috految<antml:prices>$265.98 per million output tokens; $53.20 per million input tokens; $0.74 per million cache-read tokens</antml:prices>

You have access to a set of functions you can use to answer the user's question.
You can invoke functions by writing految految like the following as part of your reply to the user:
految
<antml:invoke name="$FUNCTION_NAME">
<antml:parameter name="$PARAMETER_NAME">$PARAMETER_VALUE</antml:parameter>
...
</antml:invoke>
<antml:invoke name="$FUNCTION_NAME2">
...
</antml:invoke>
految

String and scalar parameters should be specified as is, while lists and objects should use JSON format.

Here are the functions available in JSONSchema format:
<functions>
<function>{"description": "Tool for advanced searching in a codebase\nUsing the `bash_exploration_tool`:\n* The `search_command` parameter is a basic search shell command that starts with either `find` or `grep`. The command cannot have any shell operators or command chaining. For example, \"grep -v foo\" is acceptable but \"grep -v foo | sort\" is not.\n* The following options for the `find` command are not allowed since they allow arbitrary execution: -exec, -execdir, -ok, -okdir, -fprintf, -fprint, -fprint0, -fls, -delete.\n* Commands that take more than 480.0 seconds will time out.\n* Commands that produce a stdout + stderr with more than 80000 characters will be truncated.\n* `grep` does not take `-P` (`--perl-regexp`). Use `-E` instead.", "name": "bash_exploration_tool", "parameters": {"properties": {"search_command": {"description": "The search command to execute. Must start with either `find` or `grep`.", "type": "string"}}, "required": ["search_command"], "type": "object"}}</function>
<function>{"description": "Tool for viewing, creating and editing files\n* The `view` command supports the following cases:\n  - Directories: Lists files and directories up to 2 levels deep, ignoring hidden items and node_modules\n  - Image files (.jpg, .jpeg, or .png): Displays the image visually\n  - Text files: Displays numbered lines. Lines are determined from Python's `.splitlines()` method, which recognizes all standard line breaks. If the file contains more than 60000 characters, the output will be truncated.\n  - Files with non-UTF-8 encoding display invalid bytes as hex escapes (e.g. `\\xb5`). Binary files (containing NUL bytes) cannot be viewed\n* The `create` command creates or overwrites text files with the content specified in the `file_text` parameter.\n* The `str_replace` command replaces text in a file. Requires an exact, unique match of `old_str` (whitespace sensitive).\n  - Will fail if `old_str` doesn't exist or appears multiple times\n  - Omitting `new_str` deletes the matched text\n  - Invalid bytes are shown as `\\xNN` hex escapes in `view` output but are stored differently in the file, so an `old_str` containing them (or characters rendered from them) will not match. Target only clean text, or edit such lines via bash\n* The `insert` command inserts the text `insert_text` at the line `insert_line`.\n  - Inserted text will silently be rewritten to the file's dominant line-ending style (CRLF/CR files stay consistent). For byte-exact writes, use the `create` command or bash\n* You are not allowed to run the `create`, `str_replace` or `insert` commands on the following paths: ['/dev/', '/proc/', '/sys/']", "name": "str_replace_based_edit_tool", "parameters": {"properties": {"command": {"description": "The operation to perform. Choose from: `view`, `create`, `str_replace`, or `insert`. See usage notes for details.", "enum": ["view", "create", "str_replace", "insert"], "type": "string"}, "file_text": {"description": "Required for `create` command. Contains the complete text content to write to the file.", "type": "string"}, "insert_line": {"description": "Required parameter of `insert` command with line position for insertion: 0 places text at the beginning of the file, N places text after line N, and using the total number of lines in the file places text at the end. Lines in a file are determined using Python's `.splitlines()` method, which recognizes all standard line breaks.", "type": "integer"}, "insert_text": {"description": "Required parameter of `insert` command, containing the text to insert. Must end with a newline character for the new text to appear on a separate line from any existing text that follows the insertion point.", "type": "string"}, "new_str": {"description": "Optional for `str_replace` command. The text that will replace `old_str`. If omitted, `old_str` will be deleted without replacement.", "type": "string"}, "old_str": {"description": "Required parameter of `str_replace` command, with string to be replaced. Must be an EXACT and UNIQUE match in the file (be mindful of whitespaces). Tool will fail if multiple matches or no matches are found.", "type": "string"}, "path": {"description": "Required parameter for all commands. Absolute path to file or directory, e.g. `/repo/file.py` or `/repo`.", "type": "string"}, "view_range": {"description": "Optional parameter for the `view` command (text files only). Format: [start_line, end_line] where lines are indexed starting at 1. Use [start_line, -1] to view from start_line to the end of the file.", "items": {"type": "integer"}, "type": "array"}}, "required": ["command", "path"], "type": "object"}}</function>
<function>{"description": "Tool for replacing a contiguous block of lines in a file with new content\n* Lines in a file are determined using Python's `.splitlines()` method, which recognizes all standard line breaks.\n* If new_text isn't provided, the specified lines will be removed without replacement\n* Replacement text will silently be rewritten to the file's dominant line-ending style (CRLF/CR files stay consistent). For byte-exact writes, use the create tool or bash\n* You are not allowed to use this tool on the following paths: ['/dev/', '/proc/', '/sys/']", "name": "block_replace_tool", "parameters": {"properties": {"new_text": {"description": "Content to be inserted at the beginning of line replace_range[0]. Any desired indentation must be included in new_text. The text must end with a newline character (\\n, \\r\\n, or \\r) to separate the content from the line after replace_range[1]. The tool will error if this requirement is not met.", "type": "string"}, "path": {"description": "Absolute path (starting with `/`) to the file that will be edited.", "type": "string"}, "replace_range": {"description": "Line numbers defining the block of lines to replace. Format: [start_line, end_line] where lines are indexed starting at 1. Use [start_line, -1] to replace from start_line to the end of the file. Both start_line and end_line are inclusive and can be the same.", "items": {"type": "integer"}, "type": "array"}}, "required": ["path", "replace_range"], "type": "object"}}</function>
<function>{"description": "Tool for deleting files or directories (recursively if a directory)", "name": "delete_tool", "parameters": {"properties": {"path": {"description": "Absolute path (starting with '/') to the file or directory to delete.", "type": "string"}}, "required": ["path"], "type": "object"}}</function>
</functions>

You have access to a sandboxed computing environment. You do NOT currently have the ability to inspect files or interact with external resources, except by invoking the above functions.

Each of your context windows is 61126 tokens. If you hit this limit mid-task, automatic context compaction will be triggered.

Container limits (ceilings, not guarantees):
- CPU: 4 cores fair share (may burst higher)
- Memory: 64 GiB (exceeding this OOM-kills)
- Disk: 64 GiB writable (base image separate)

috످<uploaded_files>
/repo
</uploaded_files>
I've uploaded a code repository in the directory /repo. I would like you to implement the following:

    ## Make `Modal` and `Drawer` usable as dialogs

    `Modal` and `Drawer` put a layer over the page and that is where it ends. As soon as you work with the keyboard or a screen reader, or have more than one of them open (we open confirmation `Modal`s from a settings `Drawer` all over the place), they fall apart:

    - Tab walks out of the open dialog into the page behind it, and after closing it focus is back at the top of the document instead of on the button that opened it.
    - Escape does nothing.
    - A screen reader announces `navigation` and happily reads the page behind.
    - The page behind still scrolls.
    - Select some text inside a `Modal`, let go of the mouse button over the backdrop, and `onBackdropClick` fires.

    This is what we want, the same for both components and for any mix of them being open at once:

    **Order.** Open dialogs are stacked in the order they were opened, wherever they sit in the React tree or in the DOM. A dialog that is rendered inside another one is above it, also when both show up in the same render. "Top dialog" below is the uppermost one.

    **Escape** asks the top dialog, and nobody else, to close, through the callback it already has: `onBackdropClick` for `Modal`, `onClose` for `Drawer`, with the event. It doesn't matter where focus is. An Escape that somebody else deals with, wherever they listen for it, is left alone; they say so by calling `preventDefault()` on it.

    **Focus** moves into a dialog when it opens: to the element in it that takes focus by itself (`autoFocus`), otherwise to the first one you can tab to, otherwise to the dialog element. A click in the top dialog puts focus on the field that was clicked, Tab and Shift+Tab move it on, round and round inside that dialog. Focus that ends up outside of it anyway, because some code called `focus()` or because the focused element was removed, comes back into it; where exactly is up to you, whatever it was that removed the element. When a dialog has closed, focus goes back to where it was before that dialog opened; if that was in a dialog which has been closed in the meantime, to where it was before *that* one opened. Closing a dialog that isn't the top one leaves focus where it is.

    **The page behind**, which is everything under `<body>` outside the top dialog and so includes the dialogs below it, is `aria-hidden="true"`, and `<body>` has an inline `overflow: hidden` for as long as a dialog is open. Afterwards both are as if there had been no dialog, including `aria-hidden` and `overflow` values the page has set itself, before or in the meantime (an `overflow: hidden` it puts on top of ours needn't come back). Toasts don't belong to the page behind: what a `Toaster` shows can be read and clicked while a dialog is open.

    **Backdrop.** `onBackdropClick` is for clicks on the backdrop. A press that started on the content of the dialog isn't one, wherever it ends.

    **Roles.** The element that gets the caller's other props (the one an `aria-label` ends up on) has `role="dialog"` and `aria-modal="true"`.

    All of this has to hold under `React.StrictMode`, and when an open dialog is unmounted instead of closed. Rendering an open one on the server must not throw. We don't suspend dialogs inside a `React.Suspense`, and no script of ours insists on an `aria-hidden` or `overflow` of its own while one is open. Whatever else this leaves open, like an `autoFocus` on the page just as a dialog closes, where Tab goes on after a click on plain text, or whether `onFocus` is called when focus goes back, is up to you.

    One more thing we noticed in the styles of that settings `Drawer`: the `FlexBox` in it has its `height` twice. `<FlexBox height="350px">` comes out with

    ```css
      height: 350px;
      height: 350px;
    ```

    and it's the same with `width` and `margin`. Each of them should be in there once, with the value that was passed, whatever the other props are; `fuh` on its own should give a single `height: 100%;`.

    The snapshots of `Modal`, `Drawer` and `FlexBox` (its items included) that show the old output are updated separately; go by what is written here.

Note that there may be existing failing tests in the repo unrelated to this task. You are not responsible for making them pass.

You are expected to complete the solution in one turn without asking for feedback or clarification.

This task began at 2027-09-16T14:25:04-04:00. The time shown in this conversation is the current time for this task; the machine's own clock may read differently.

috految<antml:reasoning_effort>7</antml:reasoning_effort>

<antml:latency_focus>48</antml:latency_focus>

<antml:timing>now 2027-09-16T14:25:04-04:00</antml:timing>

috److految
<antml:invoke name="bash_exploration_tool">
<antml:parameter name="search_command">grep -rIlE "Modal|Drawer|Toaster|FlexBox|Portal|Backdrop|fuh|useEffect|addEventListener" /repo --exclude-dir=node_modules --exclude-dir=.git --exclude-dir=dist --exclude-dir=.yarn</antml:parameter>
</antml:invoke>
<antml:invoke name="bash_exploration_tool">
<antml:parameter name="search_command">grep -hE "react|jest|vite|typescript|styled|emotion|testing|build|ependencies|target|\"lib|strict|\"no|jsx|extends|types|\"version" /repo/package.json /repo/tsconfig.json</antml:parameter>
</antml:invoke>
految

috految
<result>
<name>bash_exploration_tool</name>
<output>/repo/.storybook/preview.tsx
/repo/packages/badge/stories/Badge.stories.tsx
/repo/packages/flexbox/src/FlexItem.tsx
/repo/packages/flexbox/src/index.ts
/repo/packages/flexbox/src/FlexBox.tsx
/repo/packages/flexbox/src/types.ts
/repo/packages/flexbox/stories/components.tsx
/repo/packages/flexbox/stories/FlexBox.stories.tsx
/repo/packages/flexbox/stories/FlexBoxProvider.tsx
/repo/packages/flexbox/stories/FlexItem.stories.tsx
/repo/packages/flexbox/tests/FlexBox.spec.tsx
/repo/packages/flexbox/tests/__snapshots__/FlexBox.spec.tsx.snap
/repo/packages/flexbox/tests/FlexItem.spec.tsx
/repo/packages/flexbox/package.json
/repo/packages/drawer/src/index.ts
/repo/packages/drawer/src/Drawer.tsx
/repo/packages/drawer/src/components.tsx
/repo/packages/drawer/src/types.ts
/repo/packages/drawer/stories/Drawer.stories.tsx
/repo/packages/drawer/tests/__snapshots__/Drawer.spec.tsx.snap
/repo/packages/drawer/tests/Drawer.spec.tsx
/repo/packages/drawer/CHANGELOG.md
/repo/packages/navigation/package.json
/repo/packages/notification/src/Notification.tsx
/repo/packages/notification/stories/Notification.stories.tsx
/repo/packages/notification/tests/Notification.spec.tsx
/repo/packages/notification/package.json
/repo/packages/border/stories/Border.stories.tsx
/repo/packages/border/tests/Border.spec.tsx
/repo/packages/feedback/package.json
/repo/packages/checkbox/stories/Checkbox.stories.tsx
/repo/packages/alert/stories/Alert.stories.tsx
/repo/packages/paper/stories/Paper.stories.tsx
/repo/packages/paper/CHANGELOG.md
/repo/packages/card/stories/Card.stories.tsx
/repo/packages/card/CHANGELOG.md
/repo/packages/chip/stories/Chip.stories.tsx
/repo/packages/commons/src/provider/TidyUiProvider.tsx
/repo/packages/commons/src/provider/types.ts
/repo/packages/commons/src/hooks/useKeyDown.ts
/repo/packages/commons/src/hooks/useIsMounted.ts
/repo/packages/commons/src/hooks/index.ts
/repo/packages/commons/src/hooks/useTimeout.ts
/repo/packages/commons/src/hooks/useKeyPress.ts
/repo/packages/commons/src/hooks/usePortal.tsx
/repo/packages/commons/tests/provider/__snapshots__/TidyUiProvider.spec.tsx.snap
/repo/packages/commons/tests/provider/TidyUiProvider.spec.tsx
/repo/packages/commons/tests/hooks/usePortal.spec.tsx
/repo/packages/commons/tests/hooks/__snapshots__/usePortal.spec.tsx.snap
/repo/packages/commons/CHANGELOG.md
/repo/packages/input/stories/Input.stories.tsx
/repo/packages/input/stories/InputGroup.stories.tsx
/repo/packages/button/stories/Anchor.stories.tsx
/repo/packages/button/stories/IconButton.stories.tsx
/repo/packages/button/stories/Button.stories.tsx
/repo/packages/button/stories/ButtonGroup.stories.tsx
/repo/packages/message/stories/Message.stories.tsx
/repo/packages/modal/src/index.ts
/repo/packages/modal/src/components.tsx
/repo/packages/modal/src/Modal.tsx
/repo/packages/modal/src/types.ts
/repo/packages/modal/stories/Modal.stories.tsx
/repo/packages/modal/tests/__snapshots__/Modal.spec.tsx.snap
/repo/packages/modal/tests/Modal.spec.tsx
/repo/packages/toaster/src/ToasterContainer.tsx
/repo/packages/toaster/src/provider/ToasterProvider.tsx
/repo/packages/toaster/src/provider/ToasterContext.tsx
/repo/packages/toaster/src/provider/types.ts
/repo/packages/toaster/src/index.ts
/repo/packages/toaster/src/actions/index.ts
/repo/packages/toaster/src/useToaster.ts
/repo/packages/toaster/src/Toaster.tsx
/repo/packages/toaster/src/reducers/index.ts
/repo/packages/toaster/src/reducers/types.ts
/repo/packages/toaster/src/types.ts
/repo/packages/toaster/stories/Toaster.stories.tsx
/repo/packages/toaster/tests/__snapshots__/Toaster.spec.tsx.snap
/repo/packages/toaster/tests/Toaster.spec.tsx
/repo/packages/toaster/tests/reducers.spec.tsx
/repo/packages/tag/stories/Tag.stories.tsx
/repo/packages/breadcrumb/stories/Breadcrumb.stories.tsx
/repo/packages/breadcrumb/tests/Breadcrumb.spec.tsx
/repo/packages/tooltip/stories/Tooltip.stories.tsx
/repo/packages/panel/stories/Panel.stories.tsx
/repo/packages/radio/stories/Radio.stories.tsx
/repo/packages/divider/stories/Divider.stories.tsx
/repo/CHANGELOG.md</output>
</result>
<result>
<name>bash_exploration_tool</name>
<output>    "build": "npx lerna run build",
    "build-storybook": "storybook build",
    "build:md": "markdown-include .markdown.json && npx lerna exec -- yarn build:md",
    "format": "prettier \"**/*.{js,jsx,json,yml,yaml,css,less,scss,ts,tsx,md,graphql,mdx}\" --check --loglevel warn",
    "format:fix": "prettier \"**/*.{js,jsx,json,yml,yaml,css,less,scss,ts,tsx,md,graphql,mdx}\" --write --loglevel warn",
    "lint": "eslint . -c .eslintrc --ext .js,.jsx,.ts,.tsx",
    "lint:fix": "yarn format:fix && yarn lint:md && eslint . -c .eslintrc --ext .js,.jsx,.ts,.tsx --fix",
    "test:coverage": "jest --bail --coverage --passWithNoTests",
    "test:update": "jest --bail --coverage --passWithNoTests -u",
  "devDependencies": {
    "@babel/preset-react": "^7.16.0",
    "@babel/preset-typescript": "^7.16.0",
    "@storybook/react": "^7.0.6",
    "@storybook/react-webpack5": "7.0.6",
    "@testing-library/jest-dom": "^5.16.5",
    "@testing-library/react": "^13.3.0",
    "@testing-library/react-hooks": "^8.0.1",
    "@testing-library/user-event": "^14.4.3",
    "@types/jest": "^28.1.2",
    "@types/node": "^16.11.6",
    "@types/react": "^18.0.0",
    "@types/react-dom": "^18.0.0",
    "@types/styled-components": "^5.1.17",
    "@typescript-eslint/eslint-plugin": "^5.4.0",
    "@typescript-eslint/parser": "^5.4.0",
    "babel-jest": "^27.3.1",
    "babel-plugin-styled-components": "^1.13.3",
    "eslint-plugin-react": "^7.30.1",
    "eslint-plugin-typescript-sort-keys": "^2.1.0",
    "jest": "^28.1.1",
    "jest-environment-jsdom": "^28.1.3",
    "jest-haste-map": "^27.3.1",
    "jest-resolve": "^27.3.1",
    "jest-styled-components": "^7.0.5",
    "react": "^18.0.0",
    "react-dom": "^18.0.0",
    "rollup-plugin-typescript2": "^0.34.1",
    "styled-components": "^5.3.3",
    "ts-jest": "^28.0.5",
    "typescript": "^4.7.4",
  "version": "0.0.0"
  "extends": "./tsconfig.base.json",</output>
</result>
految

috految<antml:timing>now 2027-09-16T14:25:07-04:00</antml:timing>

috److految
<antml:invoke name="bash_exploration_tool">
<antml:parameter name="search_command">grep -rhnvE "^\s*(/\*\*|\*|$)" /repo/packages/modal/src /repo/packages/drawer/src /repo/packages/flexbox/src /repo/packages/toaster/src/Toaster.tsx /repo/packages/toaster/src/ToasterContainer.tsx /repo/packages/toaster/src/provider/ToasterProvider.tsx /repo/packages/commons/src/hooks /repo/packages/commons/src/index.ts /repo/packages/commons/src/provider/TidyUiProvider.tsx /repo/packages/notification/src/Notification.tsx</antml:parameter>
</antml:invoke>
<antml:invoke name="bash_exploration_tool">
<antml:parameter name="search_command">grep -rhvE "^\s*(/|\*|$)" /repo --exclude-dir=node_modules --exclude-dir=.git --exclude-dir=packages --include=jest.config* --include=tsconfig*.json --include=rollup* --include=*babel* --include=Modal.spec.tsx --include=Drawer.spec.tsx /repo/packages/modal /repo/packages/drawer/tests</antml:parameter>
</antml:invoke>
<antml:invoke name="bash_exploration_tool">
<antml:parameter name="search_command">grep -rE "z-index|zIndex|useKey(Down|Press)\(|usePortal\(|preventDefault|stopProp|[fF]ocus\(|tabIndex|onBlur|onFocus|onMouseDown|const applyStandard|createGlobalStyle|visibility|Escape|useIsMounted\(|\(FlexBox|<Flex|jest.mock|[ .]key=|\.\./commons" /repo/packages --include=*.ts --include=*.tsx --exclude-dir=node_modules --exclude-dir=dist --exclude-dir=stories --exclude-dir=tests</antml:parameter>
</antml:invoke>
<antml:invoke name="bash_exploration_tool">
<antml:parameter name="search_command">grep -hE "ependencies|react|tidy-ui/|main|build|styled|\"version" /repo/packages/modal/package.json /repo/packages/drawer/package.json /repo/packages/commons/package.json /repo/packages/toaster/package.json /repo/node_modules/react-dom/package.json</antml:parameter>
</antml:invoke>
految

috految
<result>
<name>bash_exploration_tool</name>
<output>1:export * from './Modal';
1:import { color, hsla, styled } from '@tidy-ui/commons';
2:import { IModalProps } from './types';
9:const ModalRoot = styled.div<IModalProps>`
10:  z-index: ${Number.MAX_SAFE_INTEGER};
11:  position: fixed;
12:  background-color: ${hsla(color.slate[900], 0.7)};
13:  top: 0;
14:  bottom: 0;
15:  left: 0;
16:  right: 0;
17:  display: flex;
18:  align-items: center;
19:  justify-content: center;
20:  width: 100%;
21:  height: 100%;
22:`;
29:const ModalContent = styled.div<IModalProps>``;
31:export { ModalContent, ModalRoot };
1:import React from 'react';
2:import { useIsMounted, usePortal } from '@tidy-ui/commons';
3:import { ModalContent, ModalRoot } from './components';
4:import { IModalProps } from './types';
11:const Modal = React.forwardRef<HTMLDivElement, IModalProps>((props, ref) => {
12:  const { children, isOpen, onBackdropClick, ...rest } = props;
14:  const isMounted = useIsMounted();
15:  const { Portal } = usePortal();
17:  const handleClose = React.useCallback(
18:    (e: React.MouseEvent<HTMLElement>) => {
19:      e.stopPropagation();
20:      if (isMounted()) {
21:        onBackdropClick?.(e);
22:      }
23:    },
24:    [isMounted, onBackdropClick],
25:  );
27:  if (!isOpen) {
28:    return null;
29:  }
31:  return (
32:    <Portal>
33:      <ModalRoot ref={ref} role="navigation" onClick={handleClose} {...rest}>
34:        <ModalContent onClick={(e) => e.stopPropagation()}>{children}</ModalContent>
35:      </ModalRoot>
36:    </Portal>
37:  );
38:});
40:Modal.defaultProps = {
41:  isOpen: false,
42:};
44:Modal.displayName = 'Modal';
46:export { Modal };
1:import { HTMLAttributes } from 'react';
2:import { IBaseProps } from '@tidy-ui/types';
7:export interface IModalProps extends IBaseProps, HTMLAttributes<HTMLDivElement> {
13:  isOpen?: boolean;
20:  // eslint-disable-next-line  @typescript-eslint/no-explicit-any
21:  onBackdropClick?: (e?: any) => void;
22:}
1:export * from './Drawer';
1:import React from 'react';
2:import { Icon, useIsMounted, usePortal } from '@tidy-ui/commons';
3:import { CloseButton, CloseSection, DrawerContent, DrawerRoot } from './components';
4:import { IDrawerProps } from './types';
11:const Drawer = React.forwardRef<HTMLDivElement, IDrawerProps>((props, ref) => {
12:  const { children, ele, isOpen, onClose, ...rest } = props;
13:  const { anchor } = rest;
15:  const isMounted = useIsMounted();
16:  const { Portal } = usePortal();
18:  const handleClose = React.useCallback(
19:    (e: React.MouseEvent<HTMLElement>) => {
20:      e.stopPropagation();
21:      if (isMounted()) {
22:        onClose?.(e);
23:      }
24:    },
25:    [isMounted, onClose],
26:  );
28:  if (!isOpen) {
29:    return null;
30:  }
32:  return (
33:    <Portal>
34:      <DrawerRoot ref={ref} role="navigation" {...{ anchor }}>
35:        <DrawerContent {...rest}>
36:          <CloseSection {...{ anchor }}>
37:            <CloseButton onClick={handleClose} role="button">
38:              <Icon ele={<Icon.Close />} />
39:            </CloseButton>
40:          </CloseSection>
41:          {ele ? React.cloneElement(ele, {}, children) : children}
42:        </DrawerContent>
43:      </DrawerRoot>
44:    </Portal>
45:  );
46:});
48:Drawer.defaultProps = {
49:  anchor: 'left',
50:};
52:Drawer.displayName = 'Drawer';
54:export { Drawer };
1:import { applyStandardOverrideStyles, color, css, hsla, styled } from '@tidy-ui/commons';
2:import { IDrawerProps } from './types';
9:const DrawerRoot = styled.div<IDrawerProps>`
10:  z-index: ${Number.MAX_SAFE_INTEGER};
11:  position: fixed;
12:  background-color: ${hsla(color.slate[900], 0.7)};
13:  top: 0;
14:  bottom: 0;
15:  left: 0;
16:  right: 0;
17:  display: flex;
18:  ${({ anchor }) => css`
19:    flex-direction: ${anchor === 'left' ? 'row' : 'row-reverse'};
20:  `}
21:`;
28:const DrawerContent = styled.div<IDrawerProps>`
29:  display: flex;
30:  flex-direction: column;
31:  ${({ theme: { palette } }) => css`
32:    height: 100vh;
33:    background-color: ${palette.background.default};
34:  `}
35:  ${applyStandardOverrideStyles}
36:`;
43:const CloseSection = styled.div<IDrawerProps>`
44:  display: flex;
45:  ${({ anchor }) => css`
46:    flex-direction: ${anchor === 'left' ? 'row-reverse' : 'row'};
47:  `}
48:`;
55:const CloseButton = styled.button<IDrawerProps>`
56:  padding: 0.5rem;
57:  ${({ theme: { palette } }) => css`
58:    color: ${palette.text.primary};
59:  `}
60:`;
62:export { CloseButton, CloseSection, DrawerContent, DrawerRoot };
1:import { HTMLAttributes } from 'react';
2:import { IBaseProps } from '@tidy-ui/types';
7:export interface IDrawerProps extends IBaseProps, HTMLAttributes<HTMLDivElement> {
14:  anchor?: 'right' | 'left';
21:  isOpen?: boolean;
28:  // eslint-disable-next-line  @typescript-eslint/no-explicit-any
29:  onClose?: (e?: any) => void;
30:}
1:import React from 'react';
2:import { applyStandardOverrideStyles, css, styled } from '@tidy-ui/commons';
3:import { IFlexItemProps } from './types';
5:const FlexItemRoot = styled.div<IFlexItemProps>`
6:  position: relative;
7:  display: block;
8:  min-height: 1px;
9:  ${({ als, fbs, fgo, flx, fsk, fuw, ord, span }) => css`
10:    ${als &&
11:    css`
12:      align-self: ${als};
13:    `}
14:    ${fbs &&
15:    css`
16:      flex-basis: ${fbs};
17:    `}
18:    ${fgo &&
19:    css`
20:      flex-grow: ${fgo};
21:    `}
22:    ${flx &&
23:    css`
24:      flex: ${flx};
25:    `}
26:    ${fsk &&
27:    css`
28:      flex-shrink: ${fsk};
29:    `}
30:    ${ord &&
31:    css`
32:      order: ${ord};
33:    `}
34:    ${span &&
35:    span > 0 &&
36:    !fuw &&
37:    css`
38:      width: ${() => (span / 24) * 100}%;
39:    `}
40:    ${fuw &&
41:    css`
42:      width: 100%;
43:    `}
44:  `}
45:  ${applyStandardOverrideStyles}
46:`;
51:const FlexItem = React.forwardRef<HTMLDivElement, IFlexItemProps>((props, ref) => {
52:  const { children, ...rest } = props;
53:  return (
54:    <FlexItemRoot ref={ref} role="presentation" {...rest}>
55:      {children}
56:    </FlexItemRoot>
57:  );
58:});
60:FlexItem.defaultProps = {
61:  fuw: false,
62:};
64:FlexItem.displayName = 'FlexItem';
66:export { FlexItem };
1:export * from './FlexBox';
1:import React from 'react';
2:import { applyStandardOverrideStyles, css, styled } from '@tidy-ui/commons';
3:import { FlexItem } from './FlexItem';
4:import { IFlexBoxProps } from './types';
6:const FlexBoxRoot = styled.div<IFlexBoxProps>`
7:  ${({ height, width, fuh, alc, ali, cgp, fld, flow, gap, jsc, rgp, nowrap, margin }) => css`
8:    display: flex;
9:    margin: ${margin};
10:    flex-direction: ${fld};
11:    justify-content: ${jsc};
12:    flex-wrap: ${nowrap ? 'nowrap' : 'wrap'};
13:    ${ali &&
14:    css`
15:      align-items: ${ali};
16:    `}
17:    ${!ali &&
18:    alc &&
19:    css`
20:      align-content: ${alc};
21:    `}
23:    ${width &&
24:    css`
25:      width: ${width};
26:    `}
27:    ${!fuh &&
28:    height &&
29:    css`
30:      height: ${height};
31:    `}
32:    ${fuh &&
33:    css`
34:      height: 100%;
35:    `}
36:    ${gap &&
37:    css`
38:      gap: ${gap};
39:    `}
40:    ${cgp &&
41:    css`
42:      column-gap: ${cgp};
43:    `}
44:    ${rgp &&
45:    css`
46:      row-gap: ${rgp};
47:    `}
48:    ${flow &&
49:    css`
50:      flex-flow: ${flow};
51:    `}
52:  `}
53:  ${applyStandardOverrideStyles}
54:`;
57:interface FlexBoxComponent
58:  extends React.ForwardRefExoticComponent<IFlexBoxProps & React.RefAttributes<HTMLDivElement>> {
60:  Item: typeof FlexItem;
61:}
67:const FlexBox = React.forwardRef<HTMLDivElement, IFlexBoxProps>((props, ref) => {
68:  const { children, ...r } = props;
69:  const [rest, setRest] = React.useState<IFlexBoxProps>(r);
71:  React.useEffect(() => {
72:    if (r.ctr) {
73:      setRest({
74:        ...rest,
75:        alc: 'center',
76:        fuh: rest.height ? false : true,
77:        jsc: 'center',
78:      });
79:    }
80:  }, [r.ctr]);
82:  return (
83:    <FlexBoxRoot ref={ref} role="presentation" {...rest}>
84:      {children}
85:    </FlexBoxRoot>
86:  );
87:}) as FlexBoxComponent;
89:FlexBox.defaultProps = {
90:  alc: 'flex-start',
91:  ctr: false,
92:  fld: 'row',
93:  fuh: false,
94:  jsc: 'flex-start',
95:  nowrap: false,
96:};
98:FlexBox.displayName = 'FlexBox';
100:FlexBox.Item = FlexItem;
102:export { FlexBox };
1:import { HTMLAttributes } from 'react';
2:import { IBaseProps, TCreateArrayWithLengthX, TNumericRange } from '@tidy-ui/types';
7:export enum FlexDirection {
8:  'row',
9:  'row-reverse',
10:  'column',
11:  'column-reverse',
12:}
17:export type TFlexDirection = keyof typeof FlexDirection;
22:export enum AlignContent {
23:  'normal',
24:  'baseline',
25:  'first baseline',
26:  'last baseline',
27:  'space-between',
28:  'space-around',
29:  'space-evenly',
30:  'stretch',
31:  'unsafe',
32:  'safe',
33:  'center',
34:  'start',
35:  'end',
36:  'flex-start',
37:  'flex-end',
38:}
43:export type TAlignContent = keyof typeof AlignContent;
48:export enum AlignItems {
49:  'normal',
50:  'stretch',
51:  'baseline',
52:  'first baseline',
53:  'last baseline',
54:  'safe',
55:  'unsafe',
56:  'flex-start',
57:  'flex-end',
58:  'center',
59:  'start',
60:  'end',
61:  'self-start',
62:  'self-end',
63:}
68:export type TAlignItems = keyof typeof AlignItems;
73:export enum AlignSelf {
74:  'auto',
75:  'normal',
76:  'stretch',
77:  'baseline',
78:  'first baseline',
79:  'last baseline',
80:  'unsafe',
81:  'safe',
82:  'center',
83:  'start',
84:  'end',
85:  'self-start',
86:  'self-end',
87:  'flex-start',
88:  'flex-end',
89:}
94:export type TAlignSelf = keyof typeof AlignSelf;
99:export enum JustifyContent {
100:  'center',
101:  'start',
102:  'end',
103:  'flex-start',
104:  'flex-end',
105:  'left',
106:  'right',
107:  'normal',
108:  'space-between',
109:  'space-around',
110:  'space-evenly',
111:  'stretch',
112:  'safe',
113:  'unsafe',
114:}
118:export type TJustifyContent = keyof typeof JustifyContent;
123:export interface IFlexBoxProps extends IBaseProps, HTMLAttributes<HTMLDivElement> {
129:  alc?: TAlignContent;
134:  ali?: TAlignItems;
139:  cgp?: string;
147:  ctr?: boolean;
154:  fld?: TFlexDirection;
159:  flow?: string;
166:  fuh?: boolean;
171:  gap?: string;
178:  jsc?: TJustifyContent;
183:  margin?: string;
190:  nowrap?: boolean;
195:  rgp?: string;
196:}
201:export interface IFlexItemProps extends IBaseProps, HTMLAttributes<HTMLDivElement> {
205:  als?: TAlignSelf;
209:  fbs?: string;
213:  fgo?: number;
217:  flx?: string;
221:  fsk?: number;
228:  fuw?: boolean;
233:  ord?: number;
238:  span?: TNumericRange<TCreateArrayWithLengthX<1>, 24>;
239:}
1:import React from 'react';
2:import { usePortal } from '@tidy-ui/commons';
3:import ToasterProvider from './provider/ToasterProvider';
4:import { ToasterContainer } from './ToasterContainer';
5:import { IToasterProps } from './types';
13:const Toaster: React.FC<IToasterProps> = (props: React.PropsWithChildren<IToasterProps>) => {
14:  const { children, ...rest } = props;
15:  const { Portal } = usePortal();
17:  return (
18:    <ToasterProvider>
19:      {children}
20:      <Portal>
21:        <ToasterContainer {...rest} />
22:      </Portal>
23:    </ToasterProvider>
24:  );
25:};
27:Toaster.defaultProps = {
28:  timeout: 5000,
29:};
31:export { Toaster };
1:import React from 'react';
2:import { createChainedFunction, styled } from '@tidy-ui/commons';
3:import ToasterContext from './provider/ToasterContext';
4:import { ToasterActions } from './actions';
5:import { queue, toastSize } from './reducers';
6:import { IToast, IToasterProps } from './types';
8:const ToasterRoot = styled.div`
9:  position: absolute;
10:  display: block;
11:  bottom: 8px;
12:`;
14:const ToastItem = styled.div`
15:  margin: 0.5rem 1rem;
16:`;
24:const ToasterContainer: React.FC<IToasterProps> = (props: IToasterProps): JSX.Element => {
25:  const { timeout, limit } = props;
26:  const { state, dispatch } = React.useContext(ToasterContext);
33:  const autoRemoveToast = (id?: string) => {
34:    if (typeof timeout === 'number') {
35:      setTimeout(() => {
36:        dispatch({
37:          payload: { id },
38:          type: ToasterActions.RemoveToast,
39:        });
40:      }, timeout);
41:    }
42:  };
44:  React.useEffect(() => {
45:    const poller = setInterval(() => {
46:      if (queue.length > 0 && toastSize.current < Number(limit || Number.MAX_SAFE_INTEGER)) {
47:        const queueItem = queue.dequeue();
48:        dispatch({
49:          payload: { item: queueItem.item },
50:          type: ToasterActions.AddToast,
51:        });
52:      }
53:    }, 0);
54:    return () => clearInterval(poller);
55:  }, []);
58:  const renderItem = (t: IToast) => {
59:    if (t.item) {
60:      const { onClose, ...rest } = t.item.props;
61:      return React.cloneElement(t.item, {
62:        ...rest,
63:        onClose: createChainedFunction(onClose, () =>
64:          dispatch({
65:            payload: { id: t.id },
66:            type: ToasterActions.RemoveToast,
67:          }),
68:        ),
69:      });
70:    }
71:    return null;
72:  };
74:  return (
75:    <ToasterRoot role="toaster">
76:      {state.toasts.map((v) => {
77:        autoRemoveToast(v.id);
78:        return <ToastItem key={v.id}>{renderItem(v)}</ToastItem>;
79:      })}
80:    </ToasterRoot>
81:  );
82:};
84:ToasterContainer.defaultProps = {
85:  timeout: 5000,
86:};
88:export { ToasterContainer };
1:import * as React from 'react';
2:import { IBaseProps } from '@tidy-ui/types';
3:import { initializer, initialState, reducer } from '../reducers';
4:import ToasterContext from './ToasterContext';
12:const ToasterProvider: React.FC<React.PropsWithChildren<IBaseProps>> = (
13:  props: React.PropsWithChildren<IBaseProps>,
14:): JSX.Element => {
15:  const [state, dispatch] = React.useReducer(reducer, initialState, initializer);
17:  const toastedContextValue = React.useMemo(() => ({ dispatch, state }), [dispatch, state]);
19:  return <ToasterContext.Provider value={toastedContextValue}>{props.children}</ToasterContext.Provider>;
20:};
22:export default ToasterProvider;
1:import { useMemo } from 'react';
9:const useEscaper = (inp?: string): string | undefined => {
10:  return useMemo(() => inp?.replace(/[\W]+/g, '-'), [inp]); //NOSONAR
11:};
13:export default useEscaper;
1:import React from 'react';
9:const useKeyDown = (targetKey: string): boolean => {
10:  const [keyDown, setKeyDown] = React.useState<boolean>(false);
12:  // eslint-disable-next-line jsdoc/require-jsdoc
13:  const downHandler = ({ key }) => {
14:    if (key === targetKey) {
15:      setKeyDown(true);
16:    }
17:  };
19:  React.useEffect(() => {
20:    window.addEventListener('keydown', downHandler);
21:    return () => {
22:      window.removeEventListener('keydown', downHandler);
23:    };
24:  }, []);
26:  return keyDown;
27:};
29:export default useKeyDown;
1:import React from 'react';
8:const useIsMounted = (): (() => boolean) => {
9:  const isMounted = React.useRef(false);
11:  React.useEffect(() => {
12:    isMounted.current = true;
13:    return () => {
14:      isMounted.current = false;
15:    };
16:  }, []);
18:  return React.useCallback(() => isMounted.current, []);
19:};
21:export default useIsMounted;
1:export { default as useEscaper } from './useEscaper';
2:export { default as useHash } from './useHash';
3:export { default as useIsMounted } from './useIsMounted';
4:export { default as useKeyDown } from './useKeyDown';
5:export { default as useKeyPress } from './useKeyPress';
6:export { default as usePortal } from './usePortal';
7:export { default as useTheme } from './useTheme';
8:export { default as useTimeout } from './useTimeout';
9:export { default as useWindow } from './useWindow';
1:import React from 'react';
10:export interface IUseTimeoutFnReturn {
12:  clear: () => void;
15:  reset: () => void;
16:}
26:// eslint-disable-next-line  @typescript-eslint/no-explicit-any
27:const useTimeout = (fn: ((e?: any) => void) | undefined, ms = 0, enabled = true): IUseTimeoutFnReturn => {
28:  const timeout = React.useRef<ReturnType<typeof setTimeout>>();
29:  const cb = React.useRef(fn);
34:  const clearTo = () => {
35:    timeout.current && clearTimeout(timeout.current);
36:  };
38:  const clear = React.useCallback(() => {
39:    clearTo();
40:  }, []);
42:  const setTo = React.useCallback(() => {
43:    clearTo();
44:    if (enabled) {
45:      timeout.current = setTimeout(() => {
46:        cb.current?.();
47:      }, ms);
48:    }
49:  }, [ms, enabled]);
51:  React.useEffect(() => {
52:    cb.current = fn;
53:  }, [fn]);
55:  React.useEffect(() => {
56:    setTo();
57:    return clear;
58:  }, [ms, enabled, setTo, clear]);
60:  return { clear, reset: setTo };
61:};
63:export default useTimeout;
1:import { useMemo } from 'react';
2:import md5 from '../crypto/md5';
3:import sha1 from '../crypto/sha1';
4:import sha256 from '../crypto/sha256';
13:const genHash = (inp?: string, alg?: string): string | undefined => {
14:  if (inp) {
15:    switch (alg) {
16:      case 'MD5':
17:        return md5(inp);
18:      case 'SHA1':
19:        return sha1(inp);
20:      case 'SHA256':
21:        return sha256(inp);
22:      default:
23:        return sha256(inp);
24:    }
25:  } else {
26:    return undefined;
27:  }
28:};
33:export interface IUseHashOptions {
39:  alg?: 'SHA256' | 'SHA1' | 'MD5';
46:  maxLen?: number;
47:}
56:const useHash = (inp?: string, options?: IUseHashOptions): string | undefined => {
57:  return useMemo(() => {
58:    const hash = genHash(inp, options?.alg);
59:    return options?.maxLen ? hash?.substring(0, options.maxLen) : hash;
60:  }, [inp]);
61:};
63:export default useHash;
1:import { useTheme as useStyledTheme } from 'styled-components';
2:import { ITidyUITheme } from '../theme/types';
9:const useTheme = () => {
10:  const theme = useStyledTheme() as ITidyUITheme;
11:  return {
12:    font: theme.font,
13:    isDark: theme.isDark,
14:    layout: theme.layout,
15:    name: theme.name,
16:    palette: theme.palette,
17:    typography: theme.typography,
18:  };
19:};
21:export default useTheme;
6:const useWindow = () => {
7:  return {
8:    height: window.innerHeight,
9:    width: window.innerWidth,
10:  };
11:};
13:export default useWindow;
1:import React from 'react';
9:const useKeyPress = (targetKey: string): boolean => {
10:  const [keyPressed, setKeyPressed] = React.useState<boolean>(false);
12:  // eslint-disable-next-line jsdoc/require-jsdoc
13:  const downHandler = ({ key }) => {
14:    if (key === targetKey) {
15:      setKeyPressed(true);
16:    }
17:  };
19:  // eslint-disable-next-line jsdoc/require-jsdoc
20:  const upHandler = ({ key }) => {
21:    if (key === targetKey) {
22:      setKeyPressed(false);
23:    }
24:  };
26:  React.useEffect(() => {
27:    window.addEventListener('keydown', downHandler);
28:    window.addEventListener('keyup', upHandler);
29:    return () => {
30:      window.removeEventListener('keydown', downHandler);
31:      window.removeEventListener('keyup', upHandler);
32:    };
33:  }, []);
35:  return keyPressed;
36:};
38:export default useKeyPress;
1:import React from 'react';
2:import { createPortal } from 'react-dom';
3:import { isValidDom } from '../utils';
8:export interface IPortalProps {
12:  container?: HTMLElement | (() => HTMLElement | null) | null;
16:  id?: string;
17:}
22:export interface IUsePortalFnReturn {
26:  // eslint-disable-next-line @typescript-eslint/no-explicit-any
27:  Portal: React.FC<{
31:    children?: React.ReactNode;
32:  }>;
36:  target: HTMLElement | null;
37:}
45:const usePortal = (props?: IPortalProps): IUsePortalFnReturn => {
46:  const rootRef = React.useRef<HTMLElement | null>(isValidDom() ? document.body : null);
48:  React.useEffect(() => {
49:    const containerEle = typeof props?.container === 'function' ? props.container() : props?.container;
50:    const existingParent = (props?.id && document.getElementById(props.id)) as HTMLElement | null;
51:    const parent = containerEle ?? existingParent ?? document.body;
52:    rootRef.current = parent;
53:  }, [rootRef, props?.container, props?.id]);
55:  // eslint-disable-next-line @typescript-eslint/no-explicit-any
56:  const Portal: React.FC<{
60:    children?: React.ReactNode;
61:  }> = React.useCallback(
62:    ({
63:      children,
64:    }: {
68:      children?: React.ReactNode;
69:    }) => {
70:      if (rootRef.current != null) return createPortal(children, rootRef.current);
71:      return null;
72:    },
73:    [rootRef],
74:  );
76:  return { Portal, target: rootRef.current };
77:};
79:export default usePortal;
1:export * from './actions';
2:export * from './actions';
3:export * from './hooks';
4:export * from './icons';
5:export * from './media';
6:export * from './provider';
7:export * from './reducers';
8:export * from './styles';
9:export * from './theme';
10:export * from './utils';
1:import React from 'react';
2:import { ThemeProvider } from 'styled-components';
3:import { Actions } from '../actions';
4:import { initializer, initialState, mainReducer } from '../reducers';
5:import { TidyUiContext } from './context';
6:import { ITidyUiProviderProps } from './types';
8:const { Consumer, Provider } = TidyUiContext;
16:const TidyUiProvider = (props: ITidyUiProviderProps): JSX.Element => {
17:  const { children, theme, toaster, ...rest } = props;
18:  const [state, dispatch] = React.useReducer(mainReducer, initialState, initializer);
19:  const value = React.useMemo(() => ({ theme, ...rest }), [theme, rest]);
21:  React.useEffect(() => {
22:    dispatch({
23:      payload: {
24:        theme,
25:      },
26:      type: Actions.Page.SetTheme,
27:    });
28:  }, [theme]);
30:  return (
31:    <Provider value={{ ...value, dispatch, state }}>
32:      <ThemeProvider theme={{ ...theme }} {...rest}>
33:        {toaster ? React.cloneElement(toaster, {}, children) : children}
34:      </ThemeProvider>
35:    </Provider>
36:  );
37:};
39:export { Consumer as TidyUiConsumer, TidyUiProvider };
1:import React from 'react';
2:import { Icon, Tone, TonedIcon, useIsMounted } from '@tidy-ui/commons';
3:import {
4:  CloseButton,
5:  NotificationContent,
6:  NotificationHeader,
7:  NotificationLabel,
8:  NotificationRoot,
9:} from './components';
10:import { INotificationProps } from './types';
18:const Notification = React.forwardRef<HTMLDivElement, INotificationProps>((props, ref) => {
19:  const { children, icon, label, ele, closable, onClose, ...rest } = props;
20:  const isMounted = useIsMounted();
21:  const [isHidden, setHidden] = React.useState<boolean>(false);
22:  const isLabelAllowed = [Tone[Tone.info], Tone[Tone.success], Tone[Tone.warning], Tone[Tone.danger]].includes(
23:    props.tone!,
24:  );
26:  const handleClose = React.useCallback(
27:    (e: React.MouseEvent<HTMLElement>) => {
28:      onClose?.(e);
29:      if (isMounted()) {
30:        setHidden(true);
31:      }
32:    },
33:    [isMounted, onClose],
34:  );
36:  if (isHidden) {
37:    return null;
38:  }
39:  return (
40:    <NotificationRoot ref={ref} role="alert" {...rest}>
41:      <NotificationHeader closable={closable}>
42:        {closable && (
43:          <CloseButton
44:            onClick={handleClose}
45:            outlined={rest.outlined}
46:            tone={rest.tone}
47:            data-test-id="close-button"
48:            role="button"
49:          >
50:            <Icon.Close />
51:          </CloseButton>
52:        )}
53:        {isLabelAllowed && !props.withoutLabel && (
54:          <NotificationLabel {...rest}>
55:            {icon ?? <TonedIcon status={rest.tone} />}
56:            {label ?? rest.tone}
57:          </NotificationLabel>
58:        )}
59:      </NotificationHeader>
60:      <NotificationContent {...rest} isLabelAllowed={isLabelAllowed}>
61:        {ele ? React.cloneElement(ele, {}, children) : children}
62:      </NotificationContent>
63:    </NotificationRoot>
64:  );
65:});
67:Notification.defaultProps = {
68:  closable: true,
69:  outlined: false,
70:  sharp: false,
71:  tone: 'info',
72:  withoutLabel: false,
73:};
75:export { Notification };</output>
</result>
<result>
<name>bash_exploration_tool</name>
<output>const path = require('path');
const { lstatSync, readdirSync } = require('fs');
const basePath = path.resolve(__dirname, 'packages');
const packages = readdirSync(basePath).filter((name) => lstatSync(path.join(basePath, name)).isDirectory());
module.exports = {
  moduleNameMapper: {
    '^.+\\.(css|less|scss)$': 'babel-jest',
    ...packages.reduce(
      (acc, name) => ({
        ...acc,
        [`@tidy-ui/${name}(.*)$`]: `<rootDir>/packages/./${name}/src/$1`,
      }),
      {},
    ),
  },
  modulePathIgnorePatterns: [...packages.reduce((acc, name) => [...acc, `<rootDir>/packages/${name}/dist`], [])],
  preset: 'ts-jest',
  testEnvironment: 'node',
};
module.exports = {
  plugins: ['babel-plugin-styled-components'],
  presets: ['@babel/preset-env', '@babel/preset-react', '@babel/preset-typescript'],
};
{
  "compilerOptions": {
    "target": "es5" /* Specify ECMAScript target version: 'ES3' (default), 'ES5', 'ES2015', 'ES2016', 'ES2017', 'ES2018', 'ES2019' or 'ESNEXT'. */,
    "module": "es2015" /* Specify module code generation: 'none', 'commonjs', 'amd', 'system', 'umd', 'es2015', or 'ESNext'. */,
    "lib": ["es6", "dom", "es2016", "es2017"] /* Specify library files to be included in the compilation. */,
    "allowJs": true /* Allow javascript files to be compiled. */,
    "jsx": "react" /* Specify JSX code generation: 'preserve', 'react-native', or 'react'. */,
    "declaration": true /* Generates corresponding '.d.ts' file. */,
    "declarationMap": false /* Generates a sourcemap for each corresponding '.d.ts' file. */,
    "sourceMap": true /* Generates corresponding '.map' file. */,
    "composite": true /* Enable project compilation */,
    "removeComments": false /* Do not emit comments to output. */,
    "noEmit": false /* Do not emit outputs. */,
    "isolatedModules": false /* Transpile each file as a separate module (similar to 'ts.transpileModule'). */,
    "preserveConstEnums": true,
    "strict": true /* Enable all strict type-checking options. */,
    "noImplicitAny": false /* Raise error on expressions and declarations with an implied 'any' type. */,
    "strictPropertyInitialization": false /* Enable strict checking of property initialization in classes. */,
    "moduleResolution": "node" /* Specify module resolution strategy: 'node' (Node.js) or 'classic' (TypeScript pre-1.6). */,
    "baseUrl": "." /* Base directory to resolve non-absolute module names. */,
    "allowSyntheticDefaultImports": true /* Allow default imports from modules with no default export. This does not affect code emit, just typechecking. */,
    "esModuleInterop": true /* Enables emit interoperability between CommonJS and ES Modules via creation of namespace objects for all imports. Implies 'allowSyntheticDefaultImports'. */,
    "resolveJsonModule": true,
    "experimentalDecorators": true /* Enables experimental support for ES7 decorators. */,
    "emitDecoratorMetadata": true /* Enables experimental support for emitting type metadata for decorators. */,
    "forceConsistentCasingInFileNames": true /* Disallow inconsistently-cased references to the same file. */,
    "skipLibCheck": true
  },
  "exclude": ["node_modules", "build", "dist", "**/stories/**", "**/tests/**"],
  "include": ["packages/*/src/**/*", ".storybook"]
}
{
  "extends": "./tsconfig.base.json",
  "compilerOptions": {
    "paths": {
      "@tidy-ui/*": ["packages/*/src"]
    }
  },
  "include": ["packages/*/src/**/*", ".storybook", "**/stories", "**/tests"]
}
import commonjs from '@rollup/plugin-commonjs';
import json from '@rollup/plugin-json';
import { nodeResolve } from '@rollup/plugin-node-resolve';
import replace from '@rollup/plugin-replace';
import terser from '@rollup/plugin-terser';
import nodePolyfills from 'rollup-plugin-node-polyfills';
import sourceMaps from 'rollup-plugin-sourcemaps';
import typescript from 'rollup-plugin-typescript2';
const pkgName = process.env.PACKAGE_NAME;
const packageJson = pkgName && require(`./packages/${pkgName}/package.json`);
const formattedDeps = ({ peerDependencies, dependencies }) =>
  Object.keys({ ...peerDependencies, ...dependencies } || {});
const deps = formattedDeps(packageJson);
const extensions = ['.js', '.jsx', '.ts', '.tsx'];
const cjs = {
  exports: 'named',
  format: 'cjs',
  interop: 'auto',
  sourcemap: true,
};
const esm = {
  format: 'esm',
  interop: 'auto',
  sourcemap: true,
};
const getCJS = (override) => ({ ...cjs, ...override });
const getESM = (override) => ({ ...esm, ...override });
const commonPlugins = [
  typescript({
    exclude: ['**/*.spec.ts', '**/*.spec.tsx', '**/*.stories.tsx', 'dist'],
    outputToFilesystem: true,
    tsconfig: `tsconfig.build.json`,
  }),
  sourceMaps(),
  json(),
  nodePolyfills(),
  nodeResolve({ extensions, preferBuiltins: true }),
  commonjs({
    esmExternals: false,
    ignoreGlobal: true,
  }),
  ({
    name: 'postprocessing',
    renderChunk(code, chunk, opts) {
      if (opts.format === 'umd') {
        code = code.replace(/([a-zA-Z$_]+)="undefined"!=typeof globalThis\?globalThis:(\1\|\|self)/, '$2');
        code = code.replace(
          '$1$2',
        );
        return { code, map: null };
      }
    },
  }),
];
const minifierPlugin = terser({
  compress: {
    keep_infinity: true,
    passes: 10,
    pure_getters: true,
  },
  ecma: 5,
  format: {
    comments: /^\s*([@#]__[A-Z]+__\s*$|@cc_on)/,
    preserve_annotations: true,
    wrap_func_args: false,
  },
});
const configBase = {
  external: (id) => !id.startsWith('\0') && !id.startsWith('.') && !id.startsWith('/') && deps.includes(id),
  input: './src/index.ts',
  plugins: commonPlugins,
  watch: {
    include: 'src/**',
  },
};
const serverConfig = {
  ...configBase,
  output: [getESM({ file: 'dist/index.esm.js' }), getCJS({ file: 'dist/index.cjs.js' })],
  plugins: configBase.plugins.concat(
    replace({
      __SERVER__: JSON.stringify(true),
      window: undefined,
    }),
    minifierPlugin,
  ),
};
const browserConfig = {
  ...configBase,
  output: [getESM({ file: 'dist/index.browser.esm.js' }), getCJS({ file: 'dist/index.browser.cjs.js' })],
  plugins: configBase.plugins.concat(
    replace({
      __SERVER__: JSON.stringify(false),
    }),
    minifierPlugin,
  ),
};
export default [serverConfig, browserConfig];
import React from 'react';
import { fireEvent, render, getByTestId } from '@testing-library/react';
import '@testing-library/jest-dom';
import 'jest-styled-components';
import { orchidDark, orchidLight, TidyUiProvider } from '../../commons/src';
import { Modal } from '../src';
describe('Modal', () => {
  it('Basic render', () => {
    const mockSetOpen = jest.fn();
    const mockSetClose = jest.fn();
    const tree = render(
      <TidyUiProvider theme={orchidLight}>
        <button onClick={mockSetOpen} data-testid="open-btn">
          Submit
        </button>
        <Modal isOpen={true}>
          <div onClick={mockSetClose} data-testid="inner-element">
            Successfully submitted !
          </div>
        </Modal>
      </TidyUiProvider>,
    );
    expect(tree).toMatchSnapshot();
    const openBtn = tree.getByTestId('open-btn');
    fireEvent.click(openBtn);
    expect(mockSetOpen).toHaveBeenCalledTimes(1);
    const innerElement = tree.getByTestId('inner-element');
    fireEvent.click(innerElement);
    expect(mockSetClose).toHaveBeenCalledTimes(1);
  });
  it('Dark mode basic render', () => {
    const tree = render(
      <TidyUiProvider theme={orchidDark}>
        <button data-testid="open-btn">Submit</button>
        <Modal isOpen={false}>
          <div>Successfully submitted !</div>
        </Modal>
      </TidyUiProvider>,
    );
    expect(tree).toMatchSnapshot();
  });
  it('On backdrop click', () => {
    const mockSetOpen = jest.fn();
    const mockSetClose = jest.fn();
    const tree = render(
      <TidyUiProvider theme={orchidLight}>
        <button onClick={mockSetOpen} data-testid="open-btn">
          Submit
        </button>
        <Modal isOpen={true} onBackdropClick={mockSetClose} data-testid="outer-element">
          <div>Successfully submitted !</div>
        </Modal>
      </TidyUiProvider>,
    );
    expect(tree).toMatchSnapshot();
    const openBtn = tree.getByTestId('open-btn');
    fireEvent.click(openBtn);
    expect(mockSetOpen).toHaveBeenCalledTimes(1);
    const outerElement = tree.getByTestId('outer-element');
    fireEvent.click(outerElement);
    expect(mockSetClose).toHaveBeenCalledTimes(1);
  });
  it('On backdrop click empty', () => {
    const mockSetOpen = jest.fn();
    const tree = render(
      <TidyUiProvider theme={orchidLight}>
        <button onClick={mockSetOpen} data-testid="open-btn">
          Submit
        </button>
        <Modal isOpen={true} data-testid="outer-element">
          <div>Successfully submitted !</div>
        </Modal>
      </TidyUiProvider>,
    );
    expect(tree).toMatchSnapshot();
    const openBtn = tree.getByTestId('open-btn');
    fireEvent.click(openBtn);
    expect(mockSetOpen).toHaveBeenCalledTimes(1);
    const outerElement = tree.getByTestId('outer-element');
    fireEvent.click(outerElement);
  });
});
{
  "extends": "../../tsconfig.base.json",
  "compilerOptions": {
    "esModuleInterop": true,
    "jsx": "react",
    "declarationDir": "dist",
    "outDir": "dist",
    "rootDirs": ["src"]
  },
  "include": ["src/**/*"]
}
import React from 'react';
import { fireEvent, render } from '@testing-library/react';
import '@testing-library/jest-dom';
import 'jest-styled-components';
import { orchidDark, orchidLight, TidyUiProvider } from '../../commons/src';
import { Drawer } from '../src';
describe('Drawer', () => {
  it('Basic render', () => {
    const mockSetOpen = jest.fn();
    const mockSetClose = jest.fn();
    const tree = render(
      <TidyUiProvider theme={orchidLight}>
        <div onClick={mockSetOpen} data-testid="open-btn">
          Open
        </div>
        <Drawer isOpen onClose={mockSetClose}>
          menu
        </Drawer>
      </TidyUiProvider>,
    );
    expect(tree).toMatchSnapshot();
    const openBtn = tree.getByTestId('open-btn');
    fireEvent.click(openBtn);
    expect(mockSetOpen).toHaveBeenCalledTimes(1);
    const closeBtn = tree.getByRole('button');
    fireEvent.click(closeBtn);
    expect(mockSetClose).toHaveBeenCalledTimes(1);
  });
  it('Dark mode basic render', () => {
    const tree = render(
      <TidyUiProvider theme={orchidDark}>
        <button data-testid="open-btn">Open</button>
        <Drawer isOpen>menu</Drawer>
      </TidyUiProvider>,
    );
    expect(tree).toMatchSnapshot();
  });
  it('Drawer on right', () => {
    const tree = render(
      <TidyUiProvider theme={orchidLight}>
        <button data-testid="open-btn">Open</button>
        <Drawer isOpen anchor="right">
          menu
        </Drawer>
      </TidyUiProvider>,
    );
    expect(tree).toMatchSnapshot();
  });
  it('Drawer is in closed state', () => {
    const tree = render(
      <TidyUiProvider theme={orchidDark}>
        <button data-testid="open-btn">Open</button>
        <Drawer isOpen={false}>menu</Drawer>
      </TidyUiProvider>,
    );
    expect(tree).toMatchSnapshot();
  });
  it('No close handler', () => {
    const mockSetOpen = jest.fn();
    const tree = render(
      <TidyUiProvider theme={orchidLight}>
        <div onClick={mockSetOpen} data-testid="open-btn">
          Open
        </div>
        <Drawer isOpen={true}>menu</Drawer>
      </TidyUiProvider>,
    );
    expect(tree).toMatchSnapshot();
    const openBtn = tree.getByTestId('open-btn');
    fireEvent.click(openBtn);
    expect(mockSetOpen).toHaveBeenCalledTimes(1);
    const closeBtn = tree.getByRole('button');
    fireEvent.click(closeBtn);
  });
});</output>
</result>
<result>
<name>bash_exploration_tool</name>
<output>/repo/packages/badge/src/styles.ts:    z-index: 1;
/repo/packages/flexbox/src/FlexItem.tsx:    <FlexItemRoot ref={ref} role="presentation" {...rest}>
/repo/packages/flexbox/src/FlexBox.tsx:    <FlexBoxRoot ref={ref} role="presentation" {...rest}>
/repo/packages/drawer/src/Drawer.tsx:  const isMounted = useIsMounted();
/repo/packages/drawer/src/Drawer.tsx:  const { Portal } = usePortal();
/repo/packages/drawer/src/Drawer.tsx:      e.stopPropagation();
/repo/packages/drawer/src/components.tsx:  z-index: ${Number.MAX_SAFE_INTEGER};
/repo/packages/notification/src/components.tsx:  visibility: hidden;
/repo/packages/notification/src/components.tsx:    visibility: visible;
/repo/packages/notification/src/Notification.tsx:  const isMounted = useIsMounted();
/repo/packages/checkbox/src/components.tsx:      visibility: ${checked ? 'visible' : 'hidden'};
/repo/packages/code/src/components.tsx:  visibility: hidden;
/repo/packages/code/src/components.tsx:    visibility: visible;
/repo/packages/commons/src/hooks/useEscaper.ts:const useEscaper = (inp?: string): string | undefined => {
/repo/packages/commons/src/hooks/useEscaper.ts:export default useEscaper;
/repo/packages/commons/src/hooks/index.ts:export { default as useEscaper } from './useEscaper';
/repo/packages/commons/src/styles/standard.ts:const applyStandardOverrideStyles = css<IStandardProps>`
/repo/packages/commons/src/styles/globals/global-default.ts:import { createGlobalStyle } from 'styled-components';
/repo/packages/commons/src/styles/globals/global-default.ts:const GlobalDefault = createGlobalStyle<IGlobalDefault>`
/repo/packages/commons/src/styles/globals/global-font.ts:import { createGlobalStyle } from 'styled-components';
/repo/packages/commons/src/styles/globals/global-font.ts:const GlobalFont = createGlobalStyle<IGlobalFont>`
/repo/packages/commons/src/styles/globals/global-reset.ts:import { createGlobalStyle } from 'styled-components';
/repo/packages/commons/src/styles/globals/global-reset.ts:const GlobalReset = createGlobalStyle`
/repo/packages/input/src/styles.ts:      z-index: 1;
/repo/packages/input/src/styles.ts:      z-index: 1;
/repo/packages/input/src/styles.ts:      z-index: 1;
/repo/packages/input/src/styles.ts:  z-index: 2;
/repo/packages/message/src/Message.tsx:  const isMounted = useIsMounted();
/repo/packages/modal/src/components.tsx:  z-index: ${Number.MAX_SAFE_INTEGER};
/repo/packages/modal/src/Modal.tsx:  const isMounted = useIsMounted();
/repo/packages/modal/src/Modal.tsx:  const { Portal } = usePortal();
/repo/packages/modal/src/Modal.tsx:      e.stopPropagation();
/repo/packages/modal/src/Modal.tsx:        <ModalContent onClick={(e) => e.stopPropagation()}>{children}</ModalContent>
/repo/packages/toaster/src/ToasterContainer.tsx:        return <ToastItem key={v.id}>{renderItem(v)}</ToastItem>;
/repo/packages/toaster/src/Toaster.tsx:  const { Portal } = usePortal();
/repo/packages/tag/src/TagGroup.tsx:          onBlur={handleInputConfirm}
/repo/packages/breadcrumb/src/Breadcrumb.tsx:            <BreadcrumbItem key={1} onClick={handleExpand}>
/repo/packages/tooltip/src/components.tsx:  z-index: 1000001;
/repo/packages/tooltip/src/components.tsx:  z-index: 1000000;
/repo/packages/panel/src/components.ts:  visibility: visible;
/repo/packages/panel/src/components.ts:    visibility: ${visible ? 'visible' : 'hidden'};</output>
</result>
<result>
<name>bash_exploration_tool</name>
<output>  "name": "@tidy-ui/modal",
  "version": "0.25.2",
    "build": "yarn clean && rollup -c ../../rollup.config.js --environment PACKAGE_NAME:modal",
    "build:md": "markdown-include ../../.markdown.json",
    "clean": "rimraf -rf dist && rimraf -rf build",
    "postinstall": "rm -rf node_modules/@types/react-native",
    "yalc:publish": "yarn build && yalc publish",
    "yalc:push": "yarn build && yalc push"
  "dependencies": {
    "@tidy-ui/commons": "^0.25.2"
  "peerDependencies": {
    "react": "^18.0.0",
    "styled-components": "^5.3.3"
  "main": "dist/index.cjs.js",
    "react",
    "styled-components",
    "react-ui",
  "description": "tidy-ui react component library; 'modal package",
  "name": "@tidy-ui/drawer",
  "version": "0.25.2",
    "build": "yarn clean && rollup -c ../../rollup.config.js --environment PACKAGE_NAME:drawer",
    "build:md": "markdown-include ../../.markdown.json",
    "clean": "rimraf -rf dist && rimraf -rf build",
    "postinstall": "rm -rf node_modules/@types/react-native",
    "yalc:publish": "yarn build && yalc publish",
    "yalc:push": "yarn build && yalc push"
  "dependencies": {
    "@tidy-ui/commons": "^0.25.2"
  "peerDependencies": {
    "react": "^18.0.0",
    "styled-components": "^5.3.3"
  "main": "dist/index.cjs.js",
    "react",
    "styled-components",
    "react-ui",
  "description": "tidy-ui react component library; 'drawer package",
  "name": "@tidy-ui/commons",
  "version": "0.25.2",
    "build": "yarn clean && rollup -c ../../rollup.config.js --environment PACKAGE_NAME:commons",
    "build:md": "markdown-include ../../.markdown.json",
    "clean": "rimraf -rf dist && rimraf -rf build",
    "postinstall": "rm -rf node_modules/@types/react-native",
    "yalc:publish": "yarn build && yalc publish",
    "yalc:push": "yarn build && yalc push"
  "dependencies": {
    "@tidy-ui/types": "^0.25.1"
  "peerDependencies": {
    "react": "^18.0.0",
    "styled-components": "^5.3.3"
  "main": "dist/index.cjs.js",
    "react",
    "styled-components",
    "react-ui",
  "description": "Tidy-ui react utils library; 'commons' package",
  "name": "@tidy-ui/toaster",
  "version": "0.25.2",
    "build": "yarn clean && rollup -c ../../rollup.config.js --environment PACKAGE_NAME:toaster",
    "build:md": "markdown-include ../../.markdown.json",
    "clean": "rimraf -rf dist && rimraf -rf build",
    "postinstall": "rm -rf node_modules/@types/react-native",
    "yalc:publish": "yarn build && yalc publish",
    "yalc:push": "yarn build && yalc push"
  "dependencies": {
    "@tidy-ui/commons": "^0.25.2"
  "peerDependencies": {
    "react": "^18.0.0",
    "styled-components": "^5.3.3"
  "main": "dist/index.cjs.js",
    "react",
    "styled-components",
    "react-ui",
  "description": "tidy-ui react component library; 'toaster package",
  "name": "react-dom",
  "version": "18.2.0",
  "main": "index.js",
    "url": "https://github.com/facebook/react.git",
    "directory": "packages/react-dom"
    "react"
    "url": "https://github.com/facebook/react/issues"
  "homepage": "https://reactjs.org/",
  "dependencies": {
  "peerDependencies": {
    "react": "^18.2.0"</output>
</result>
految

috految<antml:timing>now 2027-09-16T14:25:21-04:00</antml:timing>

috److految
<antml:invoke name="bash_exploration_tool">
<antml:parameter name="search_command">grep -rhE -A48 "const (applyStandardOverrideStyles|isValidDom|initializer|GlobalDefault)|interface IStandardProps|const handleInputConfirm|const Input =" /repo/packages/commons/src /repo/packages/types/src /repo/packages/tag/src /repo/packages/input/src</antml:parameter>
</antml:invoke>
<antml:invoke name="bash_exploration_tool">
<antml:parameter name="search_command">grep -rhE "<FlexBox |ctr\b|fuh|rerender|jest.mock|spyOn|window|document|Storage|overflow|\"@tidy-ui|\.\./.*/src'|\[role|\[hidden|\[aria" /repo/packages/flexbox/tests /repo/packages/border/tests /repo/packages/toaster/src /repo/packages/notification/tests /repo/packages/breadcrumb/tests /repo/packages/commons/src /repo/packages/navigation/package.json /repo/packages/feedback/package.json --exclude=*.snap</antml:parameter>
</antml:invoke>
految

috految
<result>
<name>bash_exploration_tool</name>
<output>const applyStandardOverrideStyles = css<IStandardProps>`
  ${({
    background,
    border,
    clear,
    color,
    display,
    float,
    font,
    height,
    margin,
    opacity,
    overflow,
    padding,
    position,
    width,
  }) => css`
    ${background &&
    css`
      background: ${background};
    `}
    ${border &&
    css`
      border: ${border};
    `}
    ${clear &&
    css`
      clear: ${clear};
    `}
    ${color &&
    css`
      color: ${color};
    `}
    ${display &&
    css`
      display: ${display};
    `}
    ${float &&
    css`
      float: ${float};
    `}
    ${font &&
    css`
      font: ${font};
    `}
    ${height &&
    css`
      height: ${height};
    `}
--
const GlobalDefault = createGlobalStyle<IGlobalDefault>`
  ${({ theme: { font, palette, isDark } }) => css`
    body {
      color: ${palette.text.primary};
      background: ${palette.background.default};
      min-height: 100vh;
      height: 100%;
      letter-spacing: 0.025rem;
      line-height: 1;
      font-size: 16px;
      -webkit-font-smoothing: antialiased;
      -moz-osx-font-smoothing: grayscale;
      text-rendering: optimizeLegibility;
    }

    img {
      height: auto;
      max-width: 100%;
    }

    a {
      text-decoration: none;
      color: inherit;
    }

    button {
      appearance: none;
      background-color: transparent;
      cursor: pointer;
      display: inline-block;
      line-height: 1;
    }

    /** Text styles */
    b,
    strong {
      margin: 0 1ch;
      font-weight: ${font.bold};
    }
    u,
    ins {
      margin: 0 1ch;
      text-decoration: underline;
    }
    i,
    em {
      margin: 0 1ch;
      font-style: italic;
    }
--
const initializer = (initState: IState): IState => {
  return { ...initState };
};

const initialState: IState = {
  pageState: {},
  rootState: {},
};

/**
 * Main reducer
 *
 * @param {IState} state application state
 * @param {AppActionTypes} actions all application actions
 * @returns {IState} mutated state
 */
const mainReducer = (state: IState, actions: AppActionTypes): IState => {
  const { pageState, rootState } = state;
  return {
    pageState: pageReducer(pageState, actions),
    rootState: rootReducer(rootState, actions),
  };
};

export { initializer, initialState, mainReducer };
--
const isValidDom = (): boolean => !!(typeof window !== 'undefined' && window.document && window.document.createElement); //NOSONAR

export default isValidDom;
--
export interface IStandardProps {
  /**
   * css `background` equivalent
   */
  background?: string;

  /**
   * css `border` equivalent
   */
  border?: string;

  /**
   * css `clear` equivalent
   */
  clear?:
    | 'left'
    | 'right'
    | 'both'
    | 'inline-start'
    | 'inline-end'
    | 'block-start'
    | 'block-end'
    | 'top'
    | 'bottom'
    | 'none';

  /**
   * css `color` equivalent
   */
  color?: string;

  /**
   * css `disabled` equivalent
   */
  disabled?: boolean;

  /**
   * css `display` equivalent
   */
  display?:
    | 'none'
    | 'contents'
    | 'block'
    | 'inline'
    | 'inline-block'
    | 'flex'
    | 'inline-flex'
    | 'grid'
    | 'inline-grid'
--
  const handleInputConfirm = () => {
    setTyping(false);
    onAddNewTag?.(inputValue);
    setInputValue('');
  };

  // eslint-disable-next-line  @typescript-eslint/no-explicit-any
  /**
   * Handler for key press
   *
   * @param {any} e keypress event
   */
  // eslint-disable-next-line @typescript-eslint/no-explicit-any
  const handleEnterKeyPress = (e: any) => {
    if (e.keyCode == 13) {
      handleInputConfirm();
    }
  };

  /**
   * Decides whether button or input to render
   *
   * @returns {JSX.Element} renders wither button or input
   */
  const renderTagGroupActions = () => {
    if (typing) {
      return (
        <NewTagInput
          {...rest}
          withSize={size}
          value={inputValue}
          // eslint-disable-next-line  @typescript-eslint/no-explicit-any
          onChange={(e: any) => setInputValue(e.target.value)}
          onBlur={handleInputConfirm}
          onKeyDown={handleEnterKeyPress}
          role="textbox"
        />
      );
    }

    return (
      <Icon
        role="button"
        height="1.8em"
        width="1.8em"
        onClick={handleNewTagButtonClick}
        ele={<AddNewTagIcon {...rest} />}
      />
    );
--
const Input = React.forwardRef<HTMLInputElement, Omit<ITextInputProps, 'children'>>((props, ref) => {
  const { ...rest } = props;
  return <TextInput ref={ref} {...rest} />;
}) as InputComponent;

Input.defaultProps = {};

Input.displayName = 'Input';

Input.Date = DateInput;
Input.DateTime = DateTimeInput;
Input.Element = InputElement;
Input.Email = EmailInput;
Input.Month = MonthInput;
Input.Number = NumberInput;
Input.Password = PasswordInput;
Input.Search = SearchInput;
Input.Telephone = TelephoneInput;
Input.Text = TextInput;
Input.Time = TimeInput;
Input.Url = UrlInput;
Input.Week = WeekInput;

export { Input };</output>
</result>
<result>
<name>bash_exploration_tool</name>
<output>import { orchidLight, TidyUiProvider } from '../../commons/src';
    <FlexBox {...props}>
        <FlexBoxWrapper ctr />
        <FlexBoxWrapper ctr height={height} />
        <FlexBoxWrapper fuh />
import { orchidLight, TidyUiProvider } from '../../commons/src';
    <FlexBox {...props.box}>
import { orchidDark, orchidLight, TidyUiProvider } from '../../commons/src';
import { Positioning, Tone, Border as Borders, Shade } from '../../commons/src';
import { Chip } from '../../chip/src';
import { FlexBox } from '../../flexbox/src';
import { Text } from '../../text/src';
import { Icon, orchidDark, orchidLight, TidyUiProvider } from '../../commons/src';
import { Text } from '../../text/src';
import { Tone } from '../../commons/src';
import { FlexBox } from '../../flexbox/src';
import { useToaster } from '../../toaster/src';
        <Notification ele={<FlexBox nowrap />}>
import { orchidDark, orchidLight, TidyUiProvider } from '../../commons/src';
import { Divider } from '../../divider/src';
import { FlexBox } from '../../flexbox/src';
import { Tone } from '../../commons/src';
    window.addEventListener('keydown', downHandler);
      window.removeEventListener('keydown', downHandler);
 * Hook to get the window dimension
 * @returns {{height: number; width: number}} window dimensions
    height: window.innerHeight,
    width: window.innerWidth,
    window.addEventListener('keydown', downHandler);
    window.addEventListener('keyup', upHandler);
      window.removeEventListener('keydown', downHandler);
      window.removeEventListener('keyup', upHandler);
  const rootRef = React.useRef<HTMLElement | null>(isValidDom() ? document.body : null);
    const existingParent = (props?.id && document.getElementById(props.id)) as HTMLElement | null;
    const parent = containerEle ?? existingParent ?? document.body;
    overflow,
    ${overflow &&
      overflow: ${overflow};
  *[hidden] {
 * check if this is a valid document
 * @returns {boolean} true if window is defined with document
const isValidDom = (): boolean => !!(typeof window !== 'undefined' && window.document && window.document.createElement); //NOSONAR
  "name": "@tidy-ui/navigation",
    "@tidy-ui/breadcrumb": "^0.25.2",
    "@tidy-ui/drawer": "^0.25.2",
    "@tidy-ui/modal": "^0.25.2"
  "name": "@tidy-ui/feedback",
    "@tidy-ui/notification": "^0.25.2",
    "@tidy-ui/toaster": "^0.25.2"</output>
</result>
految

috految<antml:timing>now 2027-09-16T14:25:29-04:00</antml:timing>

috److془Design carefully.

FlexBox: opacity=0 yields "0 width:" . Check rest. Also the hash in snapshots: jest-styled replaced by c0 presumably; but for `tree` snapshot with baseElement, container: container prints raw hashes! (cache nodes). Then Notification snapshot with FlexBox hashes... Hash depends on whitespace. Hmm; in 7.1.1: `const cache=new WeakSet; nodes.forEach(markNodes)`; "nodes.forEach(node => cache.delete(node))" maybe. Keep: grep. Safe: `margin: ${margin}` stays... Check with grep. Also styled-component rule order: could be the same with sync ctr. Hmm: mutation with ctr: `<ctr/>` and `<ctr height>`, separate tests probably. Fine. Hashes: does the reference change? Just grep. Ordering with unused rules: filtered. Actually "(its items included)". Upstream presumably removed. Snapshot of ctr: fine. Rule order stale: jest-styled beforeEach resets. 
Names in the snapshot of `margin: ;` dropped by stylis. Hmm, `margin: ;` yes dropped. Alternative: keep the rest in the base template; with 0 numeric margin: types string. gap={0} invalid type. Use `;`? Fine. Hmm: `margin={0}` etc. fine. Stale props: derive. Previously ctr&&!height → fuh. Item fuw + width: only FlexBox. Stored rest with `ele` fine. Opacity=0 : check. Also stylis quirks with separators—no. Stylis `width: fit-content` prefixes fine. Zero: `&&` gives "0". Grep. Hidden: isBlank comment etc. fine.

Dialog design. Bundles: commons external. Server build replaces `window` with undefined; use document.defaultView. Keep usePortal. Hydration: portal during hydration mismatches; use useSyncExternalStore, works also for server render with DOM. Though wrapper useEffect ref null upon hydration; fine. react-dom bundled; avoid flushSync. @types/react 18 presumably; grep. Server build's undefined: window.document excluded; isValidDom false under it; existing. Portal closure stable under strict: yes. Portal's rootRef null → never rendered until rerender; use createPortal directly. Toaster mounted with hydration: existing matter. Hmm: Toaster in OS: portal to body directly. Toaster: position absolute; bottom 8; scrolled page locked → needs fixed while dialog open. Inline fixed and z-index max. Dialog z MAX-1-depth. Content portalled with max z-index works. Page elements with 2147483647 would be above; acceptable. Hmm the Drawer: fine. Toaster root as pointer blocker: shrink to fit; fine. Hidden tests for z-index: inline. Caller's style zIndex overridden; fine. Toaster in Modal: click bubbles via React, content stops. Toaster under StrictMode reducer impure with toastSize; existing. Toast click: mousedown focuses toast button, we bring back; click works. Select in toast meh. Notification's visibility on hover. Toast dialogs closing: fine. Toasts inside aria-modal, whatever. Toaster static horizontal position fine. Direct body children always? A React nested portal: appended to body. Yes. Portal with null range fine. Toaster role="toaster". Portal from within dialog contents: outside; page behind. Fine. Does React portals placement interplay: nested same commit, inner may be first; z fixes. Keyed moves skip portals. Dialog within portal on mount fine. React listening on body: portal events handled at body. Outer root container with later portal fine. Drawer with page copy: fine.

Order: registration via marker first child's layout effect: preorder, before autofocus of content. Better: useInsertionEffect in marker: not double invoked, mutation phase, preorder. Cleanup on deletion in 18.2: runs unless suspense hidden. Good. Don't focus in there. Opener: activeElement at mutation phase may be lost (removed: fine; moved by reorder, disabled) so fallback to render-time capture. Page autoFocus in same commit as opening: if before nothing, whatever. Opener disabled during async before opening: browser body; fine. Opened by onBlur: active is body; in browser; fine-ish. Fall back on window.event? Skip.. Opened on mousedown: default focuses opener, pulled back to last. Good. Opened in keydown Enter: keypress activates newly focused button (Drawer's close!) ; closing on Enter keydown reopens opener. Must prevent: upon focus move, add keypress capture preventDefault, removed on next keydown. Nice. Enter only. Opening in keydown: window capture finished, good. Closing in keypress: default targets the original. Enter keydown with anchor fine. Closing on mousedown: browser blurs restored focus; retry on timer if active is body. Also handles opener enabled in the follow-up render. Opener onFocus reopening: up to us. Dialog opened by onFocus fine. Dialog closes with Escape via onClose: good. Chain: returnTo = [active, rendered active, ...(previous's returnTo)]. previous = pending closed ?? top. Choose first connected, within top if any. Same commit two open: inner's candidates outside outer → outer.last or first. Top closure with lower case: A,B,C; B closed, C closes→ B's opener in A ✓. Both closed: C chain ✓ . Swap with registration before deletion: top's chain ✓. A closed, B opened, A re-opened fine. Sequence A closes, B opens in effect: restore passive before next render ✓ . Opener disabled perhaps; keep pending until timer. Active outside while dialog open (toast): filter: if top, use top.last. Menu restoring focus into trigger in the same commit: append active at activation. Variation: onClose calls opener2.focus(): goes to opener; spec. Restore in passive cleanup; before page passive mounts. Pending for lower dialogs whose content autofocuses on close: up to us. Passive delay: timers run settle too. Passive effects of strict: settle idempotent. onBlur of page... Content cleanup calling focus, meh. Initial focus in passive effect, after children. Parent effect focusing afterwards intends so. Layout autofocus then stolen by outer's autoFocus: last recorded by focusin, plus layout effect recording active. Outer autoFocus earlier than inner: ref not attached; use earlier focus history: record WeakMap by body child. Neat. Outer stealing: blur on inner, fine. Content's autofocus on `<div tabIndex autoFocus>` doesn't take focus itself. Fine. Focus in root between: content resolved by own effects: first each. Fine. Hmm Checkbox/Input components with inputs remounted; cannot know. Input Notification.. fine. Opener removed by remount on rerender no. Swapped: cleanup settle focuses first before child effects; fine. Disabled/hidden at mount visibility: timer. Strict remounting ok. Does jsdom19 fire focusin? use capture focus. Case: outer's autofocus with inner stealing OK. Focus with autoFocus in nested: refs set in layout ✓. Restore to last when opened by blur: ok. 

Recovery: timer only (microtask during blur would break click). Tests presumably await. Focus outside: timer too; supports clipboard textarea. Loop when last's onFocus redirects outside: focus fails, next candidate. Async redirect (onFocus opens portal picker) loop; and blur() on input being refocused (mobile keyboard dismiss). So: active body → dialog element. Except opening by mousedown: timer after opening uses last. Outside → last || element. Clicking Drawer backdrop → element. Blur removing the target of click: up to me. Temp disabled focused button → element, in chrome; fine. Removed within shadow root: Chrome blur; fine. Iframe focus window blur schedules; when parent frame is focused (storybook) avoid stealing: if framed && !hasFocus return. Clicking plain text: root tabindex -1 gets focus. Label then click focus ✓. Safari buttons/checkbox native. user-event focusElement closest focusable fine. Iframe cross-process Tab: transient body; Chrome sets focused frame synchronously. Fine. Page script focusing on mousedown fine. Press in Notification fine. Dialog-in-ancestor with onClick focus: last ✓. Root focusing with inner scroll minor. Tab in ancestor fine. Pressing Tab in between recover: handle. Backdrop-click Modal by which confirmation opens fine. Activation: sync return after click-of-form fine. Label ancestors no. Blur → React commit → dialog passive settle: only act if changed. Blur removing then focus proceeds ✓.

Tab: native with guards for date segments and iframes. Guards: siblings before/after dialog element, in body, tabindex 0; aria-hidden by sync. Need be adjacent; insert imperatively. Chrome focus on aria-hidden transient fine. Tab from last with onBlur enabling the save button: skip, akin native. user-event tab: getTabDestination ignores visibility? 14.4.3 has isVisible display + perhaps visibility; tests should allow native. user-event after focusElement(guard): updateSelectionOnFocus harmless. jsdom19 focus(): sets lastFocused, fires focus; nested okay. focusin on guard after; harmless. user-event with active tabindex -1: retains in order ✓. Tab from root: forward native enters; backward guard ✓; handle manually anyway? Native better (scrollers). Radio unchecked groups native ✓. Positive tabindex: manual when any in dialog. Inner user-event sort untouched by page positives. Hidden-input in user-event whatever. Shift tab from the element with caller tabindex0 fine. Wrap should include scrollers, shadow. Wrapping to the iframe focus ✓. Wrapping to the last date first segment ok. Iframe as first focus same-origin Escape: mention. Clicking top bar then tab → page → comes back ✓. Guard focus between: blur on last, fine. Tab to element removed by blur: element; ok. Blur from Tab removes self: browser continues ✓. Element focused disabled: Firefox swallows keys; treat as lost? Disabled then confirm opened: lose opener; don't record root as last. Just leave it to next: body→element. Tab from disabled: call recovery. Clicked-plain-text return: use active first if inside. Guards for drawer in body around layer ✓ (position fixed). Nested portal insertion goes append after guard ✓. Guard with single-tabbable OK. Dialog body-direct when the Modal's `as` changes; fine with live ref. Drawer tab wrap with shift ✓. Snapshot closed: remove empty style attr. data attribute none.

Escape: window capture, capture top; after all listeners; stopPropagation w/o prevent must still close. Add bubble listeners on window at capture time + timer fallback. Listener re-added mid-dispatch to window (effect resubscription), so add from document bubble listener. Callback at window. Earlier window capture listener opening/closing top: rare. Check still open. Listeners on keyup: no. Pre-existing window capture stopImmediate: no. isComposing skip; repeat skip. Native search clear upon restored focus: target is original, fine. Nested React ancestors fine. Quirk: user-event overrides defaultPrevented getters fine. Focus in hidden fine. Toggle tests dispatch on window: timer. Page closes by own Escape onKeyDown: dialog check ✓. Pass native. Confirm opened by blur etc fine.

aria-hidden: observer records; page writes (even same value) → saved=current. Removing does record as ours exists. Save/restore pattern by page of our value: prev='true', set, restore 'true' undecidable. Overflow: page saves 'hidden' in effect, restores in cleanup following ours → locked forever. Page effect in same commit: to solve, lock after parent effects, or release after cleanups. Release after: page sets hidden in closing commit lost. Lock in passive, page child effect earlier: saves '', fine. Lock after parent's effects: via setState in effect → second effect. Late-mounted child saving 'hidden' restoring on unmount: release in trailing sibling's passive cleanup. Page layout effect setting hidden at close lost "on top of ours" hmm ok; but save/restore leaks; release in trailing layout too? conflict. Do trailing passive only. Hmm fix: parent useLayoutEffect lock on next route; "as if no dialog". Do: release at unregister; leading cleanup relocks, trailing releases. Cute. Clean child layout cleanups: unregister in trailing. Good. Page set hidden before, released '' in the meantime: detected. Longhands: browser: per-property diff with applied; jsdom: treated as independent. Page sets overflow-y auto: overflow reads 'hidden auto' ; restore shorthand then x,y with saved; '' removes ✓. Skip when equal ; var() ✓. Page 'hidden auto' loses x; permitted. Page sets overflowX='hidden' likewise. Page sets auto then hidden, fine. Sync 'auto' then overflowY good. Page's removeAttribute fine. jsdom removeProperty onChange ✓. Removal of detached nodes restore ✓. Observer loop: takeRecords after. Strict: passive cleanups guarded by open. Page effect setting aria on close after release ✓. Page hiding top itself: ignore. Nested wrappers locking tall Drawer fine. Page aria write before observing fine. Commit removal of an ancestor leaving sync fine. Ref detach: inline refs; use imperative handle in open component; strict reattach fine. Simpler: ref on ModalContent's parentElement! Drawer ref on DrawerContent. 

Backdrop: track pointerdown/mousedown capture. Disabled controls: pointerdown fires; (user-event maybe not). Content: pointerdown removing element then mousedown onto root; handle with OR. Press backdrop, release on content: not required. Reset at the click. Caller's onClick formerly overrode; compose. Content stopPropagation retained. Reset in capture click only when detail>0... simply reset in both onClicks; programmatic click in press rare. Keep reset. Mousedown w/o pointerdown stale: use separate flags. Drawer backdrop in Modal: content stops ✓. Modal root: click in nested. ✓ Drawer's close button inside no DOM form. Drawer rest with `ele` as children fine. Was StrictMode useIsMounted ok yes.془

految
<antml:invoke name="str_replace_based_edit_tool">
<antml:parameter name="command">create</antml:parameter>
<antml:parameter name="path">/repo/packages/commons/src/dialog/page.ts</antml:parameter>
<antml:parameter name="file_text">const MAX_Z_INDEX = 2147483647;
const OVERFLOW_PROPERTIES = ['overflow', 'overflow-x', 'overflow-y'];

/** Stacks the layers (bottom first) and hides and locks the page. Returns the function that undoes it */
export const coverPage = (layers: HTMLElement[]): (() => void) => {
  const { body } = document;
  const hidden = new Map<Element, string | null>();
  const toasters = new Set<HTMLElement>();

  const readOverflow = () =>
    OVERFLOW_PROPERTIES.map((name) => ({
      name,
      priority: body.style.getPropertyPriority(name),
      value: body.style.getPropertyValue(name),
    }));
  const original = readOverflow();
  let applied = original.slice();

  const notePageChanges = (records: MutationRecord[]) => {
    records.forEach(({ attributeName, target }) => {
      const element = target as Element;
      if (attributeName === 'aria-hidden' && hidden.has(element)) {
        hidden.set(element, element.getAttribute('aria-hidden'));
      }
    });
    readOverflow().forEach((current, i) => {
      if (current.value !== applied[i].value) original[i] = current;
    });
  };

  const reveal = (value: string | null, element: Element) => {
    if (value === null) element.removeAttribute('aria-hidden');
    else element.setAttribute('aria-hidden', value);
    hidden.delete(element);
  };

  const apply = () => {
    hidden.forEach((value, element) => {
      if (element.parentElement !== body) reveal(value, element);
    });
    (Array.from(body.children) as HTMLElement[]).forEach((child) => {
      if (child.getAttribute('role') === 'toaster') {
        // Fixed, because the locked page can't be scrolled to them
        child.style.position = 'fixed';
        child.style.zIndex = String(MAX_Z_INDEX);
        toasters.add(child);
      } else if (child !== layers[layers.length - 1]) {
        const value = child.getAttribute('aria-hidden');
        if (!hidden.has(child)) hidden.set(child, value);
        if (value !== 'true') child.setAttribute('aria-hidden', 'true');
      }
    });
    if (body.style.overflow !== 'hidden') body.style.setProperty('overflow', 'hidden');
    applied = readOverflow();
  };

  layers.forEach((layer, i) => {
    layer.style.zIndex = String(MAX_Z_INDEX - layers.length + i);
  });
  apply();

  const observer = new MutationObserver((records) => {
    notePageChanges(records);
    apply();
    observer.takeRecords(); // Drop our own writes
  });
  observer.observe(body, { attributeFilter: ['aria-hidden', 'style'], childList: true, subtree: true });

  return () => {
    notePageChanges(observer.takeRecords());
    observer.disconnect();
    hidden.forEach(reveal);
    toasters.forEach((toaster) => {
      toaster.style.removeProperty('position');
      toaster.style.removeProperty('z-index');
    });
    original.forEach(({ name, priority, value }) => {
      if (value) body.style.setProperty(name, value, priority);
      else if (body.style.getPropertyValue(name)) body.style.removeProperty(name);
    });
    if (body.getAttribute('style') === '') body.removeAttribute('style');
  };
};
</antml:parameter>
</antml:invoke>
<antml:invoke name="str_replace_based_edit_tool">
<antml:parameter name="command">create</antml:parameter>
<antml:parameter name="path">/repo/packages/commons/src/dialog/DialogLayer.tsx</antml:parameter>
<antml:parameter name="file_text">import React from 'react';
import { createPortal } from 'react-dom';
import { coverPage } from './page';

/** DialogLayer props */
export interface IDialogLayerProps {
  /** The backdrop, with the dialog in it */
  children: React.ReactNode;
  /** Returns the element with the dialog role */
  getElement: () => HTMLElement | null | undefined;
  /** Called for an unhandled Escape while this is the top dialog */
  onEscape?: (e: KeyboardEvent) => void;
}

interface IDialog {
  props: IDialogLayerProps;
  /** Where focus goes after closing, best first */
  returnTo: (HTMLElement | undefined)[];
}

const TABBABLE =
  'a[href], area[href], button, input, select, textarea, iframe, summary, audio[controls], video[controls], ' +
  '[contenteditable], [tabindex]';

const stack: IDialog[] = [];
const lastFocused = new WeakMap<Element, HTMLElement>();
let focusedDialog: IDialog | undefined;
let closedDialog: IDialog | undefined;
let uncover: (() => void) | undefined;
let stopListening: (() => void) | undefined;

const getTop = (): IDialog | undefined => stack[stack.length - 1];

const getLayer = (element: HTMLElement): HTMLElement =>
  element.parentElement && element.parentElement !== document.body ? getLayer(element.parentElement) : element;

const getActive = (): HTMLElement | undefined => {
  let active = document.activeElement;
  while (active?.shadowRoot?.activeElement) active = active.shadowRoot.activeElement;
  return active && active !== document.body ? (active as HTMLElement) : undefined;
};

/** Lists the tab stops in tab order */
const getTabStops = (root: HTMLElement): HTMLElement[] => {
  const stops: HTMLElement[] = [];
  const visit = (element: Element): void => {
    const { display, overflowY, visibility } = getComputedStyle(element);
    if (display === 'none' || element.matches('[hidden], [inert], input[type="hidden"]')) return;
    const scrolls = /auto|scroll/.test(overflowY) && element.scrollHeight > element.clientHeight;
    if (
      (element.matches(TABBABLE) || (scrolls && !element.querySelector(TABBABLE))) &&
      visibility !== 'hidden' &&
      !(element as HTMLInputElement).disabled &&
      Number(element.getAttribute('tabindex')) >= 0
    ) {
      stops.push(element as HTMLElement);
    }
    if (element.shadowRoot) Array.from(element.shadowRoot.children).forEach(visit);
    const collapsed = element.tagName === 'DETAILS' && !element.hasAttribute('open');
    Array.from(element.children)
      .filter((child) => !collapsed || child.tagName === 'SUMMARY')
      .forEach(visit);
  };
  Array.from(root.children).forEach(visit);

  const inputs = stops as HTMLInputElement[];
  const rank = (stop: HTMLElement) => (stop.tabIndex > 0 ? stop.tabIndex : Number.MAX_SAFE_INTEGER);
  return inputs
    .filter(
      ({ checked, form, name, type }) =>
        type !== 'radio' || !name || checked || !inputs.some((i) => i.checked && i.name === name && i.form === form),
    )
    .sort((a, b) => rank(a) - rank(b));
};

/** Focuses the first candidate that accepts it */
const focusFirst = (candidates: (HTMLElement | undefined)[], within: HTMLElement): boolean =>
  candidates.some((candidate) => {
    if (!candidate?.isConnected) return false;
    const before = getActive();
    if (before !== candidate) candidate.focus();
    return (before === candidate || getActive() !== before) && within.contains(document.activeElement);
  });

/** Keeps the Enter that opened or closed a dialog from also activating whatever has focus now */
const ignoreRestOfKeystroke = () => {
  const prevent = (e: KeyboardEvent) => {
    if (e.key === 'Enter') e.preventDefault();
  };
  const release = () => document.removeEventListener('keypress', prevent, true);
  document.addEventListener('keypress', prevent, true);
  document.defaultView?.addEventListener('keydown', release, { capture: true, once: true });
};

/** Moves focus if another dialog, or none, has come to the top */
const settleFocus = () => {
  const top = getTop();
  if (top === focusedDialog) return;
  focusedDialog = top;
  const element = top?.props.getElement();
  const returnTo = closedDialog?.returnTo ?? [];
  const move = () => {
    if (element) {
      const targets = returnTo.filter((target) => target && element.contains(target));
      if (focusFirst(targets, element) || element.contains(document.activeElement)) return;
      focusFirst([lastFocused.get(getLayer(element))].concat(getTabStops(element), [element]), element);
    } else {
      focusFirst(returnTo, document.body);
    }
  };
  ignoreRestOfKeystroke();
  move();
  // The event being handled may yet take focus away, or a follow-up render enable the target
  setTimeout(() => {
    if (top !== getTop()) return;
    closedDialog = undefined;
    if (!getActive() || getActive() === element) move();
  });
};

const syncPage = () => {
  uncover?.();
  const elements = stack.map(({ props }) => props.getElement()).filter(Boolean) as HTMLElement[];
  uncover = elements.length ? coverPage(elements.map(getLayer)) : undefined;
};

/** Handles keyboard and focus for as long as any dialog is open */
const listen = () => {
  const view = document.defaultView as Window;
  let timer: number | undefined;

  // Never synchronous: while focus moves between two fields, it is briefly on the body
  const recoverFocus = () => {
    if (timer !== undefined) return;
    timer = view.setTimeout(() => {
      timer = undefined;
      settleFocus();
      const element = getTop()?.props.getElement();
      if (!element || element.contains(document.activeElement)) return;
      if (view.parent !== view.self && !document.hasFocus()) return;
      focusFirst([getActive() && lastFocused.get(getLayer(element)), element], element);
    });
  };

  const onFocus = () => {
    const active = getActive();
    if (active) lastFocused.set(getLayer(active), active);
    recoverFocus();
  };

  const onKeyDown = (e: KeyboardEvent) => {
    const top = getTop();
    const element = top?.props.getElement();
    if (!top || !element || e.isComposing) return;

    if (e.key === 'Escape' && !e.repeat) {
      // Go after every other listener; the timeout is for when propagation is stopped
      const queueLast = (): void => view.addEventListener('keydown', finish);
      const finish = (): void => {
        view.clearTimeout(fallback);
        document.removeEventListener('keydown', queueLast);
        view.removeEventListener('keydown', finish);
        if (!e.defaultPrevented && stack.includes(top)) top.props.onEscape?.(e);
      };
      const fallback = view.setTimeout(finish);
      document.addEventListener('keydown', queueLast);
    } else if (e.key === 'Tab') {
      const stops = getTabStops(element);
      const active = getActive();
      const isInside = element.contains(document.activeElement) && !active?.hasAttribute('disabled');
      // Native order is right, except that it mixes positive tabindexes with the page
      if (isInside && !stops.some((stop) => stop.tabIndex > 0)) return;
      e.preventDefault();
      if (e.shiftKey) stops.reverse();
      const next = stops.findIndex((stop) => stop === active) + 1;
      focusFirst(stops.slice(next).concat(stops, [element]), element);
    }
  };

  const observer = new MutationObserver(recoverFocus);
  observer.observe(document.body, { attributes: true, childList: true, subtree: true });
  view.addEventListener('keydown', onKeyDown, true);
  view.addEventListener('focus', onFocus, true);
  view.addEventListener('blur', recoverFocus, true);
  return () => {
    observer.disconnect();
    view.clearTimeout(timer);
    view.removeEventListener('keydown', onKeyDown, true);
    view.removeEventListener('focus', onFocus, true);
    view.removeEventListener('blur', recoverFocus, true);
  };
};

/** Precedes the content, so that outer dialogs register first and before any autoFocus */
const Enter = ({ dialog }: { dialog: IDialog }) => {
  // Insertion effects aren't replayed by StrictMode
  React.useInsertionEffect(() => {
    const below = getTop();
    const element = below?.props.getElement();
    const own = [getActive()].concat(dialog.returnTo);
    dialog.returnTo = own
      .filter((target) => !!target && (!element || element.contains(target)))
      .concat(closedDialog?.returnTo ?? [], below?.returnTo ?? []);
    stack.push(dialog);
    stopListening = stopListening ?? listen();
  }, [dialog]);

  // Content may put back the overflow it found while we were open, so its cleanups run under cover
  React.useEffect(
    () => () => {
      if (!stack.length && !uncover) uncover = coverPage([]);
    },
    [],
  );
  return null;
};

/** Follows the content, so that it acts after the content's effects and cleanups */
const Leave = ({ dialog }: { dialog: IDialog }) => {
  const [isReady, setReady] = React.useState(false);

  React.useInsertionEffect(
    () => () => {
      if (dialog === getTop()) closedDialog = dialog;
      stack.splice(stack.indexOf(dialog), 1);
      if (!stack.length) {
        stopListening?.();
        stopListening = undefined;
        syncPage();
      }
    },
    [dialog],
  );

  React.useLayoutEffect(() => {
    setReady(true);
    const element = dialog.props.getElement();
    if (!element) return undefined;
    // Wrapping on these leaves stops we can't see, like the segments of a date field, to the browser
    const guards = [true, false].map((isStart) => {
      const guard = document.createElement('span');
      guard.tabIndex = 0;
      guard.style.cssText = 'position: fixed; top: 0; left: 0';
      guard.addEventListener('focus', () => {
        const stops = getTabStops(element);
        focusFirst((isStart ? stops.reverse() : stops).concat([element]), element);
      });
      getLayer(element).insertAdjacentElement(isStart ? 'beforebegin' : 'afterend', guard);
      return guard;
    });
    return () => guards.forEach((guard) => guard.remove());
  }, [dialog]);

  // One render late, so that the page's effects don't take our values for their own
  React.useEffect(() => {
    if (isReady) {
      syncPage();
      settleFocus();
    } else {
      dialog.returnTo.push(getActive());
    }
  }, [dialog, isReady]);

  React.useEffect(
    () => () => {
      if (stack.includes(dialog)) return;
      syncPage();
      if (dialog === closedDialog) focusedDialog = dialog;
      settleFocus();
    },
    [dialog],
  );
  return null;
};

const subscribe = () => () => undefined;

/** Renders an open dialog into the body and makes it modal. Mount it only while open */
export const DialogLayer = (props: IDialogLayerProps): JSX.Element | null => {
  const isClient = React.useSyncExternalStore<boolean>(
    subscribe,
    () => true,
    () => false,
  );
  const [dialog] = React.useState<IDialog>(() => ({ props, returnTo: isClient ? [getActive()] : [] }));

  React.useEffect(() => {
    dialog.props = props;
  });

  if (!isClient) return null;
  return createPortal(
    <>
      <Enter dialog={dialog} />
      {props.children}
      <Leave dialog={dialog} />
    </>,
    document.body,
  );
};
</antml:parameter>
</antml:invoke>
<antml:invoke name="block_replace_tool">
<antml:parameter name="path">/repo/packages/commons/src/index.ts</antml:parameter>
<antml:parameter name="new_text">export * from './dialog/DialogLayer';
</antml:parameter>
<antml:parameter name="replace_range">[2, 2]</antml:parameter>
</antml:invoke>
<antml:invoke name="block_replace_tool">
<antml:parameter name="path">/repo/packages/modal/src/Modal.tsx</antml:parameter>
<antml:parameter name="new_text">  const contentRef = React.useRef<HTMLDivElement>(null);
  const pressedContent = React.useRef({ mouse: false, pointer: false });

  if (!isOpen) {
    return null;
  }

  const endPress = (e: React.MouseEvent<HTMLElement>) => {
    e.stopPropagation();
    pressedContent.current = { mouse: false, pointer: false };
  };

  return (
    <DialogLayer getElement={() => contentRef.current?.parentElement} onEscape={onBackdropClick}>
      <ModalRoot
        ref={ref}
        role="dialog"
        aria-modal="true"
        tabIndex={-1}
        {...rest}
        onPointerDownCapture={(e) => {
          pressedContent.current = { mouse: false, pointer: e.target !== e.currentTarget };
          rest.onPointerDownCapture?.(e);
        }}
        onMouseDownCapture={(e) => {
          pressedContent.current.mouse = e.target !== e.currentTarget;
          rest.onMouseDownCapture?.(e);
        }}
        onClick={(e) => {
          const { mouse, pointer } = pressedContent.current;
          endPress(e);
          rest.onClick?.(e);
          if (e.target === e.currentTarget && !mouse && !pointer) onBackdropClick?.(e);
        }}
      >
        <ModalContent ref={contentRef} onClick={endPress}>
          {children}
        </ModalContent>
      </ModalRoot>
    </DialogLayer>
</antml:parameter>
<antml:parameter name="replace_range">[14, 36]</antml:parameter>
</antml:invoke>
<antml:invoke name="block_replace_tool">
<antml:parameter name="path">/repo/packages/modal/src/Modal.tsx</antml:parameter>
<antml:parameter name="new_text">import { DialogLayer } from '@tidy-ui/commons';
</antml:parameter>
<antml:parameter name="replace_range">[2, 2]</antml:parameter>
</antml:invoke>
<antml:invoke name="block_replace_tool">
<antml:parameter name="path">/repo/packages/drawer/src/Drawer.tsx</antml:parameter>
<antml:parameter name="new_text">  const contentRef = React.useRef<HTMLDivElement>(null);

  const handleClose = React.useCallback(
    (e: React.MouseEvent<HTMLElement>) => {
      e.stopPropagation();
      if (isMounted()) {
        onClose?.(e);
      }
    },
    [isMounted, onClose],
  );

  if (!isOpen) {
    return null;
  }

  return (
    <DialogLayer getElement={() => contentRef.current} onEscape={onClose}>
      <DrawerRoot ref={ref} {...{ anchor }}>
        <DrawerContent ref={contentRef} role="dialog" aria-modal="true" tabIndex={-1} {...rest}>
          <CloseSection {...{ anchor }}>
            <CloseButton onClick={handleClose} role="button">
              <Icon ele={<Icon.Close />} />
            </CloseButton>
          </CloseSection>
          {ele ? React.cloneElement(ele, {}, children) : children}
        </DrawerContent>
      </DrawerRoot>
    </DialogLayer>
</antml:parameter>
<antml:parameter name="replace_range">[16, 44]</antml:parameter>
</antml:invoke>
<antml:invoke name="block_replace_tool">
<antml:parameter name="path">/repo/packages/drawer/src/Drawer.tsx</antml:parameter>
<antml:parameter name="new_text">import { DialogLayer, Icon, useIsMounted } from '@tidy-ui/commons';
</antml:parameter>
<antml:parameter name="replace_range">[2, 2]</antml:parameter>
</antml:invoke>
<antml:invoke name="block_replace_tool">
<antml:parameter name="path">/repo/packages/flexbox/src/FlexBox.tsx</antml:parameter>
<antml:parameter name="new_text">  const rest: IFlexBoxProps = r.ctr ? { ...r, alc: 'center', fuh: !r.height, jsc: 'center' } : r;
</antml:parameter>
<antml:parameter name="replace_range">[69, 80]</antml:parameter>
</antml:invoke>
<antml:invoke name="block_replace_tool">
<antml:parameter name="path">/repo/packages/flexbox/src/FlexBox.tsx</antml:parameter>
<antml:parameter name="new_text">  ${({ height, fuh, alc, ali, cgp, fld, flow, gap, jsc, rgp, nowrap }) => css`
    display: flex;
    flex-direction: ${fld};
    justify-content: ${jsc};
    flex-wrap: ${nowrap ? 'nowrap' : 'wrap'};
    ${ali &&
    css`
      align-items: ${ali};
    `}
    ${!ali &&
    alc &&
    css`
      align-content: ${alc};
    `}
    ${fuh &&
    !height &&
</antml:parameter>
<antml:parameter name="replace_range">[7, 32]</antml:parameter>
</antml:invoke>
<antml:invoke name="bash_exploration_tool">
<antml:parameter name="search_command">grep -rhnE "\$\{|opacity|margin|width|height|padding|position|overflow|\?:.*number|\"version\"|function useInsertionEffect" /repo/packages/commons/src/styles/standard.ts /repo/packages/types/src /repo/node_modules/@types/react/package.json</antml:parameter>
</antml:invoke>
<antml:invoke name="bash_exploration_tool">
<antml:parameter name="search_command">grep -rE -m2 "sc-|margin: ?;|opacity=" /repo/packages/notification/tests /repo/packages/flexbox/tests /repo/packages/border/tests /repo/packages/breadcrumb/tests</antml:parameter>
</antml:invoke>
految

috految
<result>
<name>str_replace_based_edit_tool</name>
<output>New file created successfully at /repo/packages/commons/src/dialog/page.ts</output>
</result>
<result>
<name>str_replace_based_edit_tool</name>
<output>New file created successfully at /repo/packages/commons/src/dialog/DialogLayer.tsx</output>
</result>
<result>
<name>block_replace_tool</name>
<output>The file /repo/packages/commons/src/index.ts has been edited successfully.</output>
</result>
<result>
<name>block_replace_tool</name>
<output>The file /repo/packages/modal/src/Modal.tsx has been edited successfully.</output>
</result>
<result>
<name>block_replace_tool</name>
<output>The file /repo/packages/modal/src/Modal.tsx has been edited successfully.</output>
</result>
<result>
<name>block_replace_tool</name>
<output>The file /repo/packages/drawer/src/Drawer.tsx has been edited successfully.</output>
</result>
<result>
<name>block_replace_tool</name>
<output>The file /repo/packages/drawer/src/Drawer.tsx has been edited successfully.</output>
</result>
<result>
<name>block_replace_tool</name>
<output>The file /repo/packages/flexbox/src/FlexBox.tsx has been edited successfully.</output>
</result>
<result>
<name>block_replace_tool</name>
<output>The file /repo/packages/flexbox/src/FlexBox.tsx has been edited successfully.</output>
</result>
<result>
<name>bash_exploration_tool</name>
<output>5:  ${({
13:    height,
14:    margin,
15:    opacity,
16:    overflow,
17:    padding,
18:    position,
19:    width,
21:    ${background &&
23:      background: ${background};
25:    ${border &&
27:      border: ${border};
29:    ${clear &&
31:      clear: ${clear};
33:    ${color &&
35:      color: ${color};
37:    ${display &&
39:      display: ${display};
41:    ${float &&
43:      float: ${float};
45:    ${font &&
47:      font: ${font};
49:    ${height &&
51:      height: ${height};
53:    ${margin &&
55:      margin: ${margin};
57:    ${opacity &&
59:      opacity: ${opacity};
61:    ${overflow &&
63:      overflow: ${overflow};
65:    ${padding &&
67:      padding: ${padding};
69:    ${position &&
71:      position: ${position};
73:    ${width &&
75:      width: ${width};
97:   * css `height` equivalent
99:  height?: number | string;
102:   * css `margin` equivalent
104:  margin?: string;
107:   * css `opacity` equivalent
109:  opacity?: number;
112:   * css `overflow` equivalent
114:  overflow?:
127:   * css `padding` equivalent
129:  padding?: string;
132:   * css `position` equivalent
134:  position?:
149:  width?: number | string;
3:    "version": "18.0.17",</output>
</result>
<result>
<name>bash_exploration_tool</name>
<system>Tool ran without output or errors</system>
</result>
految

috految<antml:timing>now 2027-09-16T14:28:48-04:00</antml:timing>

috److془Zero fix. Note styled 5 flatten: number → toString fine. Do in FlexBox.془

految
<antml:invoke name="str_replace_based_edit_tool">
<antml:parameter name="command">str_replace</antml:parameter>
<antml:parameter name="path">/repo/packages/flexbox/src/FlexBox.tsx</antml:parameter>
<antml:parameter name="old_str"> : r;
</antml:parameter>
<antml:parameter name="new_str"> : r;

  // The styles would print a numeric 0 without its property, which also breaks the next declaration
  ['height', 'margin', 'opacity', 'width'].forEach((name) => {
    if (rest[name] === 0) rest[name] = '0';
  });
</antml:parameter>
</antml:invoke>
految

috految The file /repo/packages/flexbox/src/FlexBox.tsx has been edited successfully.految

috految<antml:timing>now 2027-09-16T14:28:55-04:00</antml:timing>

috److I've turned `Modal` and `Drawer` into proper dialogs and fixed the duplicated `FlexBox` styles. I haven't run any tests, the type checker or lint.

**Dialogs**
- Both now render through a shared `DialogLayer` in `packages/commons/src/dialog`. It handles stacking order, Escape, focus, `aria-hidden` and the scroll lock.
- `onBackdropClick` no longer fires for a press that started on the content.
- A caller's `onClick` on `Modal` now runs alongside `onBackdropClick`; before, it replaced it.
- While a dialog is open, toasts are positioned `fixed` above it, since you can't scroll the locked page to reach them.
- Holding Escape closes only one dialog. Escape during IME composition is ignored.

**FlexBox**
- `height`, `width` and `margin` each come out once, including when the value is a numeric `0`. `fuh` on its own gives a single `height: 100%`.
- It now also picks up prop changes after the first render. It used to keep its initial props in state.

**Known gaps**
- Escape pressed while focus is inside an embedded `<iframe>` doesn't reach the dialog.
- Content that a dialog portals to `<body>` (a dropdown, for example) counts as the page behind, so it is hidden from screen readers and can't keep focus.

috످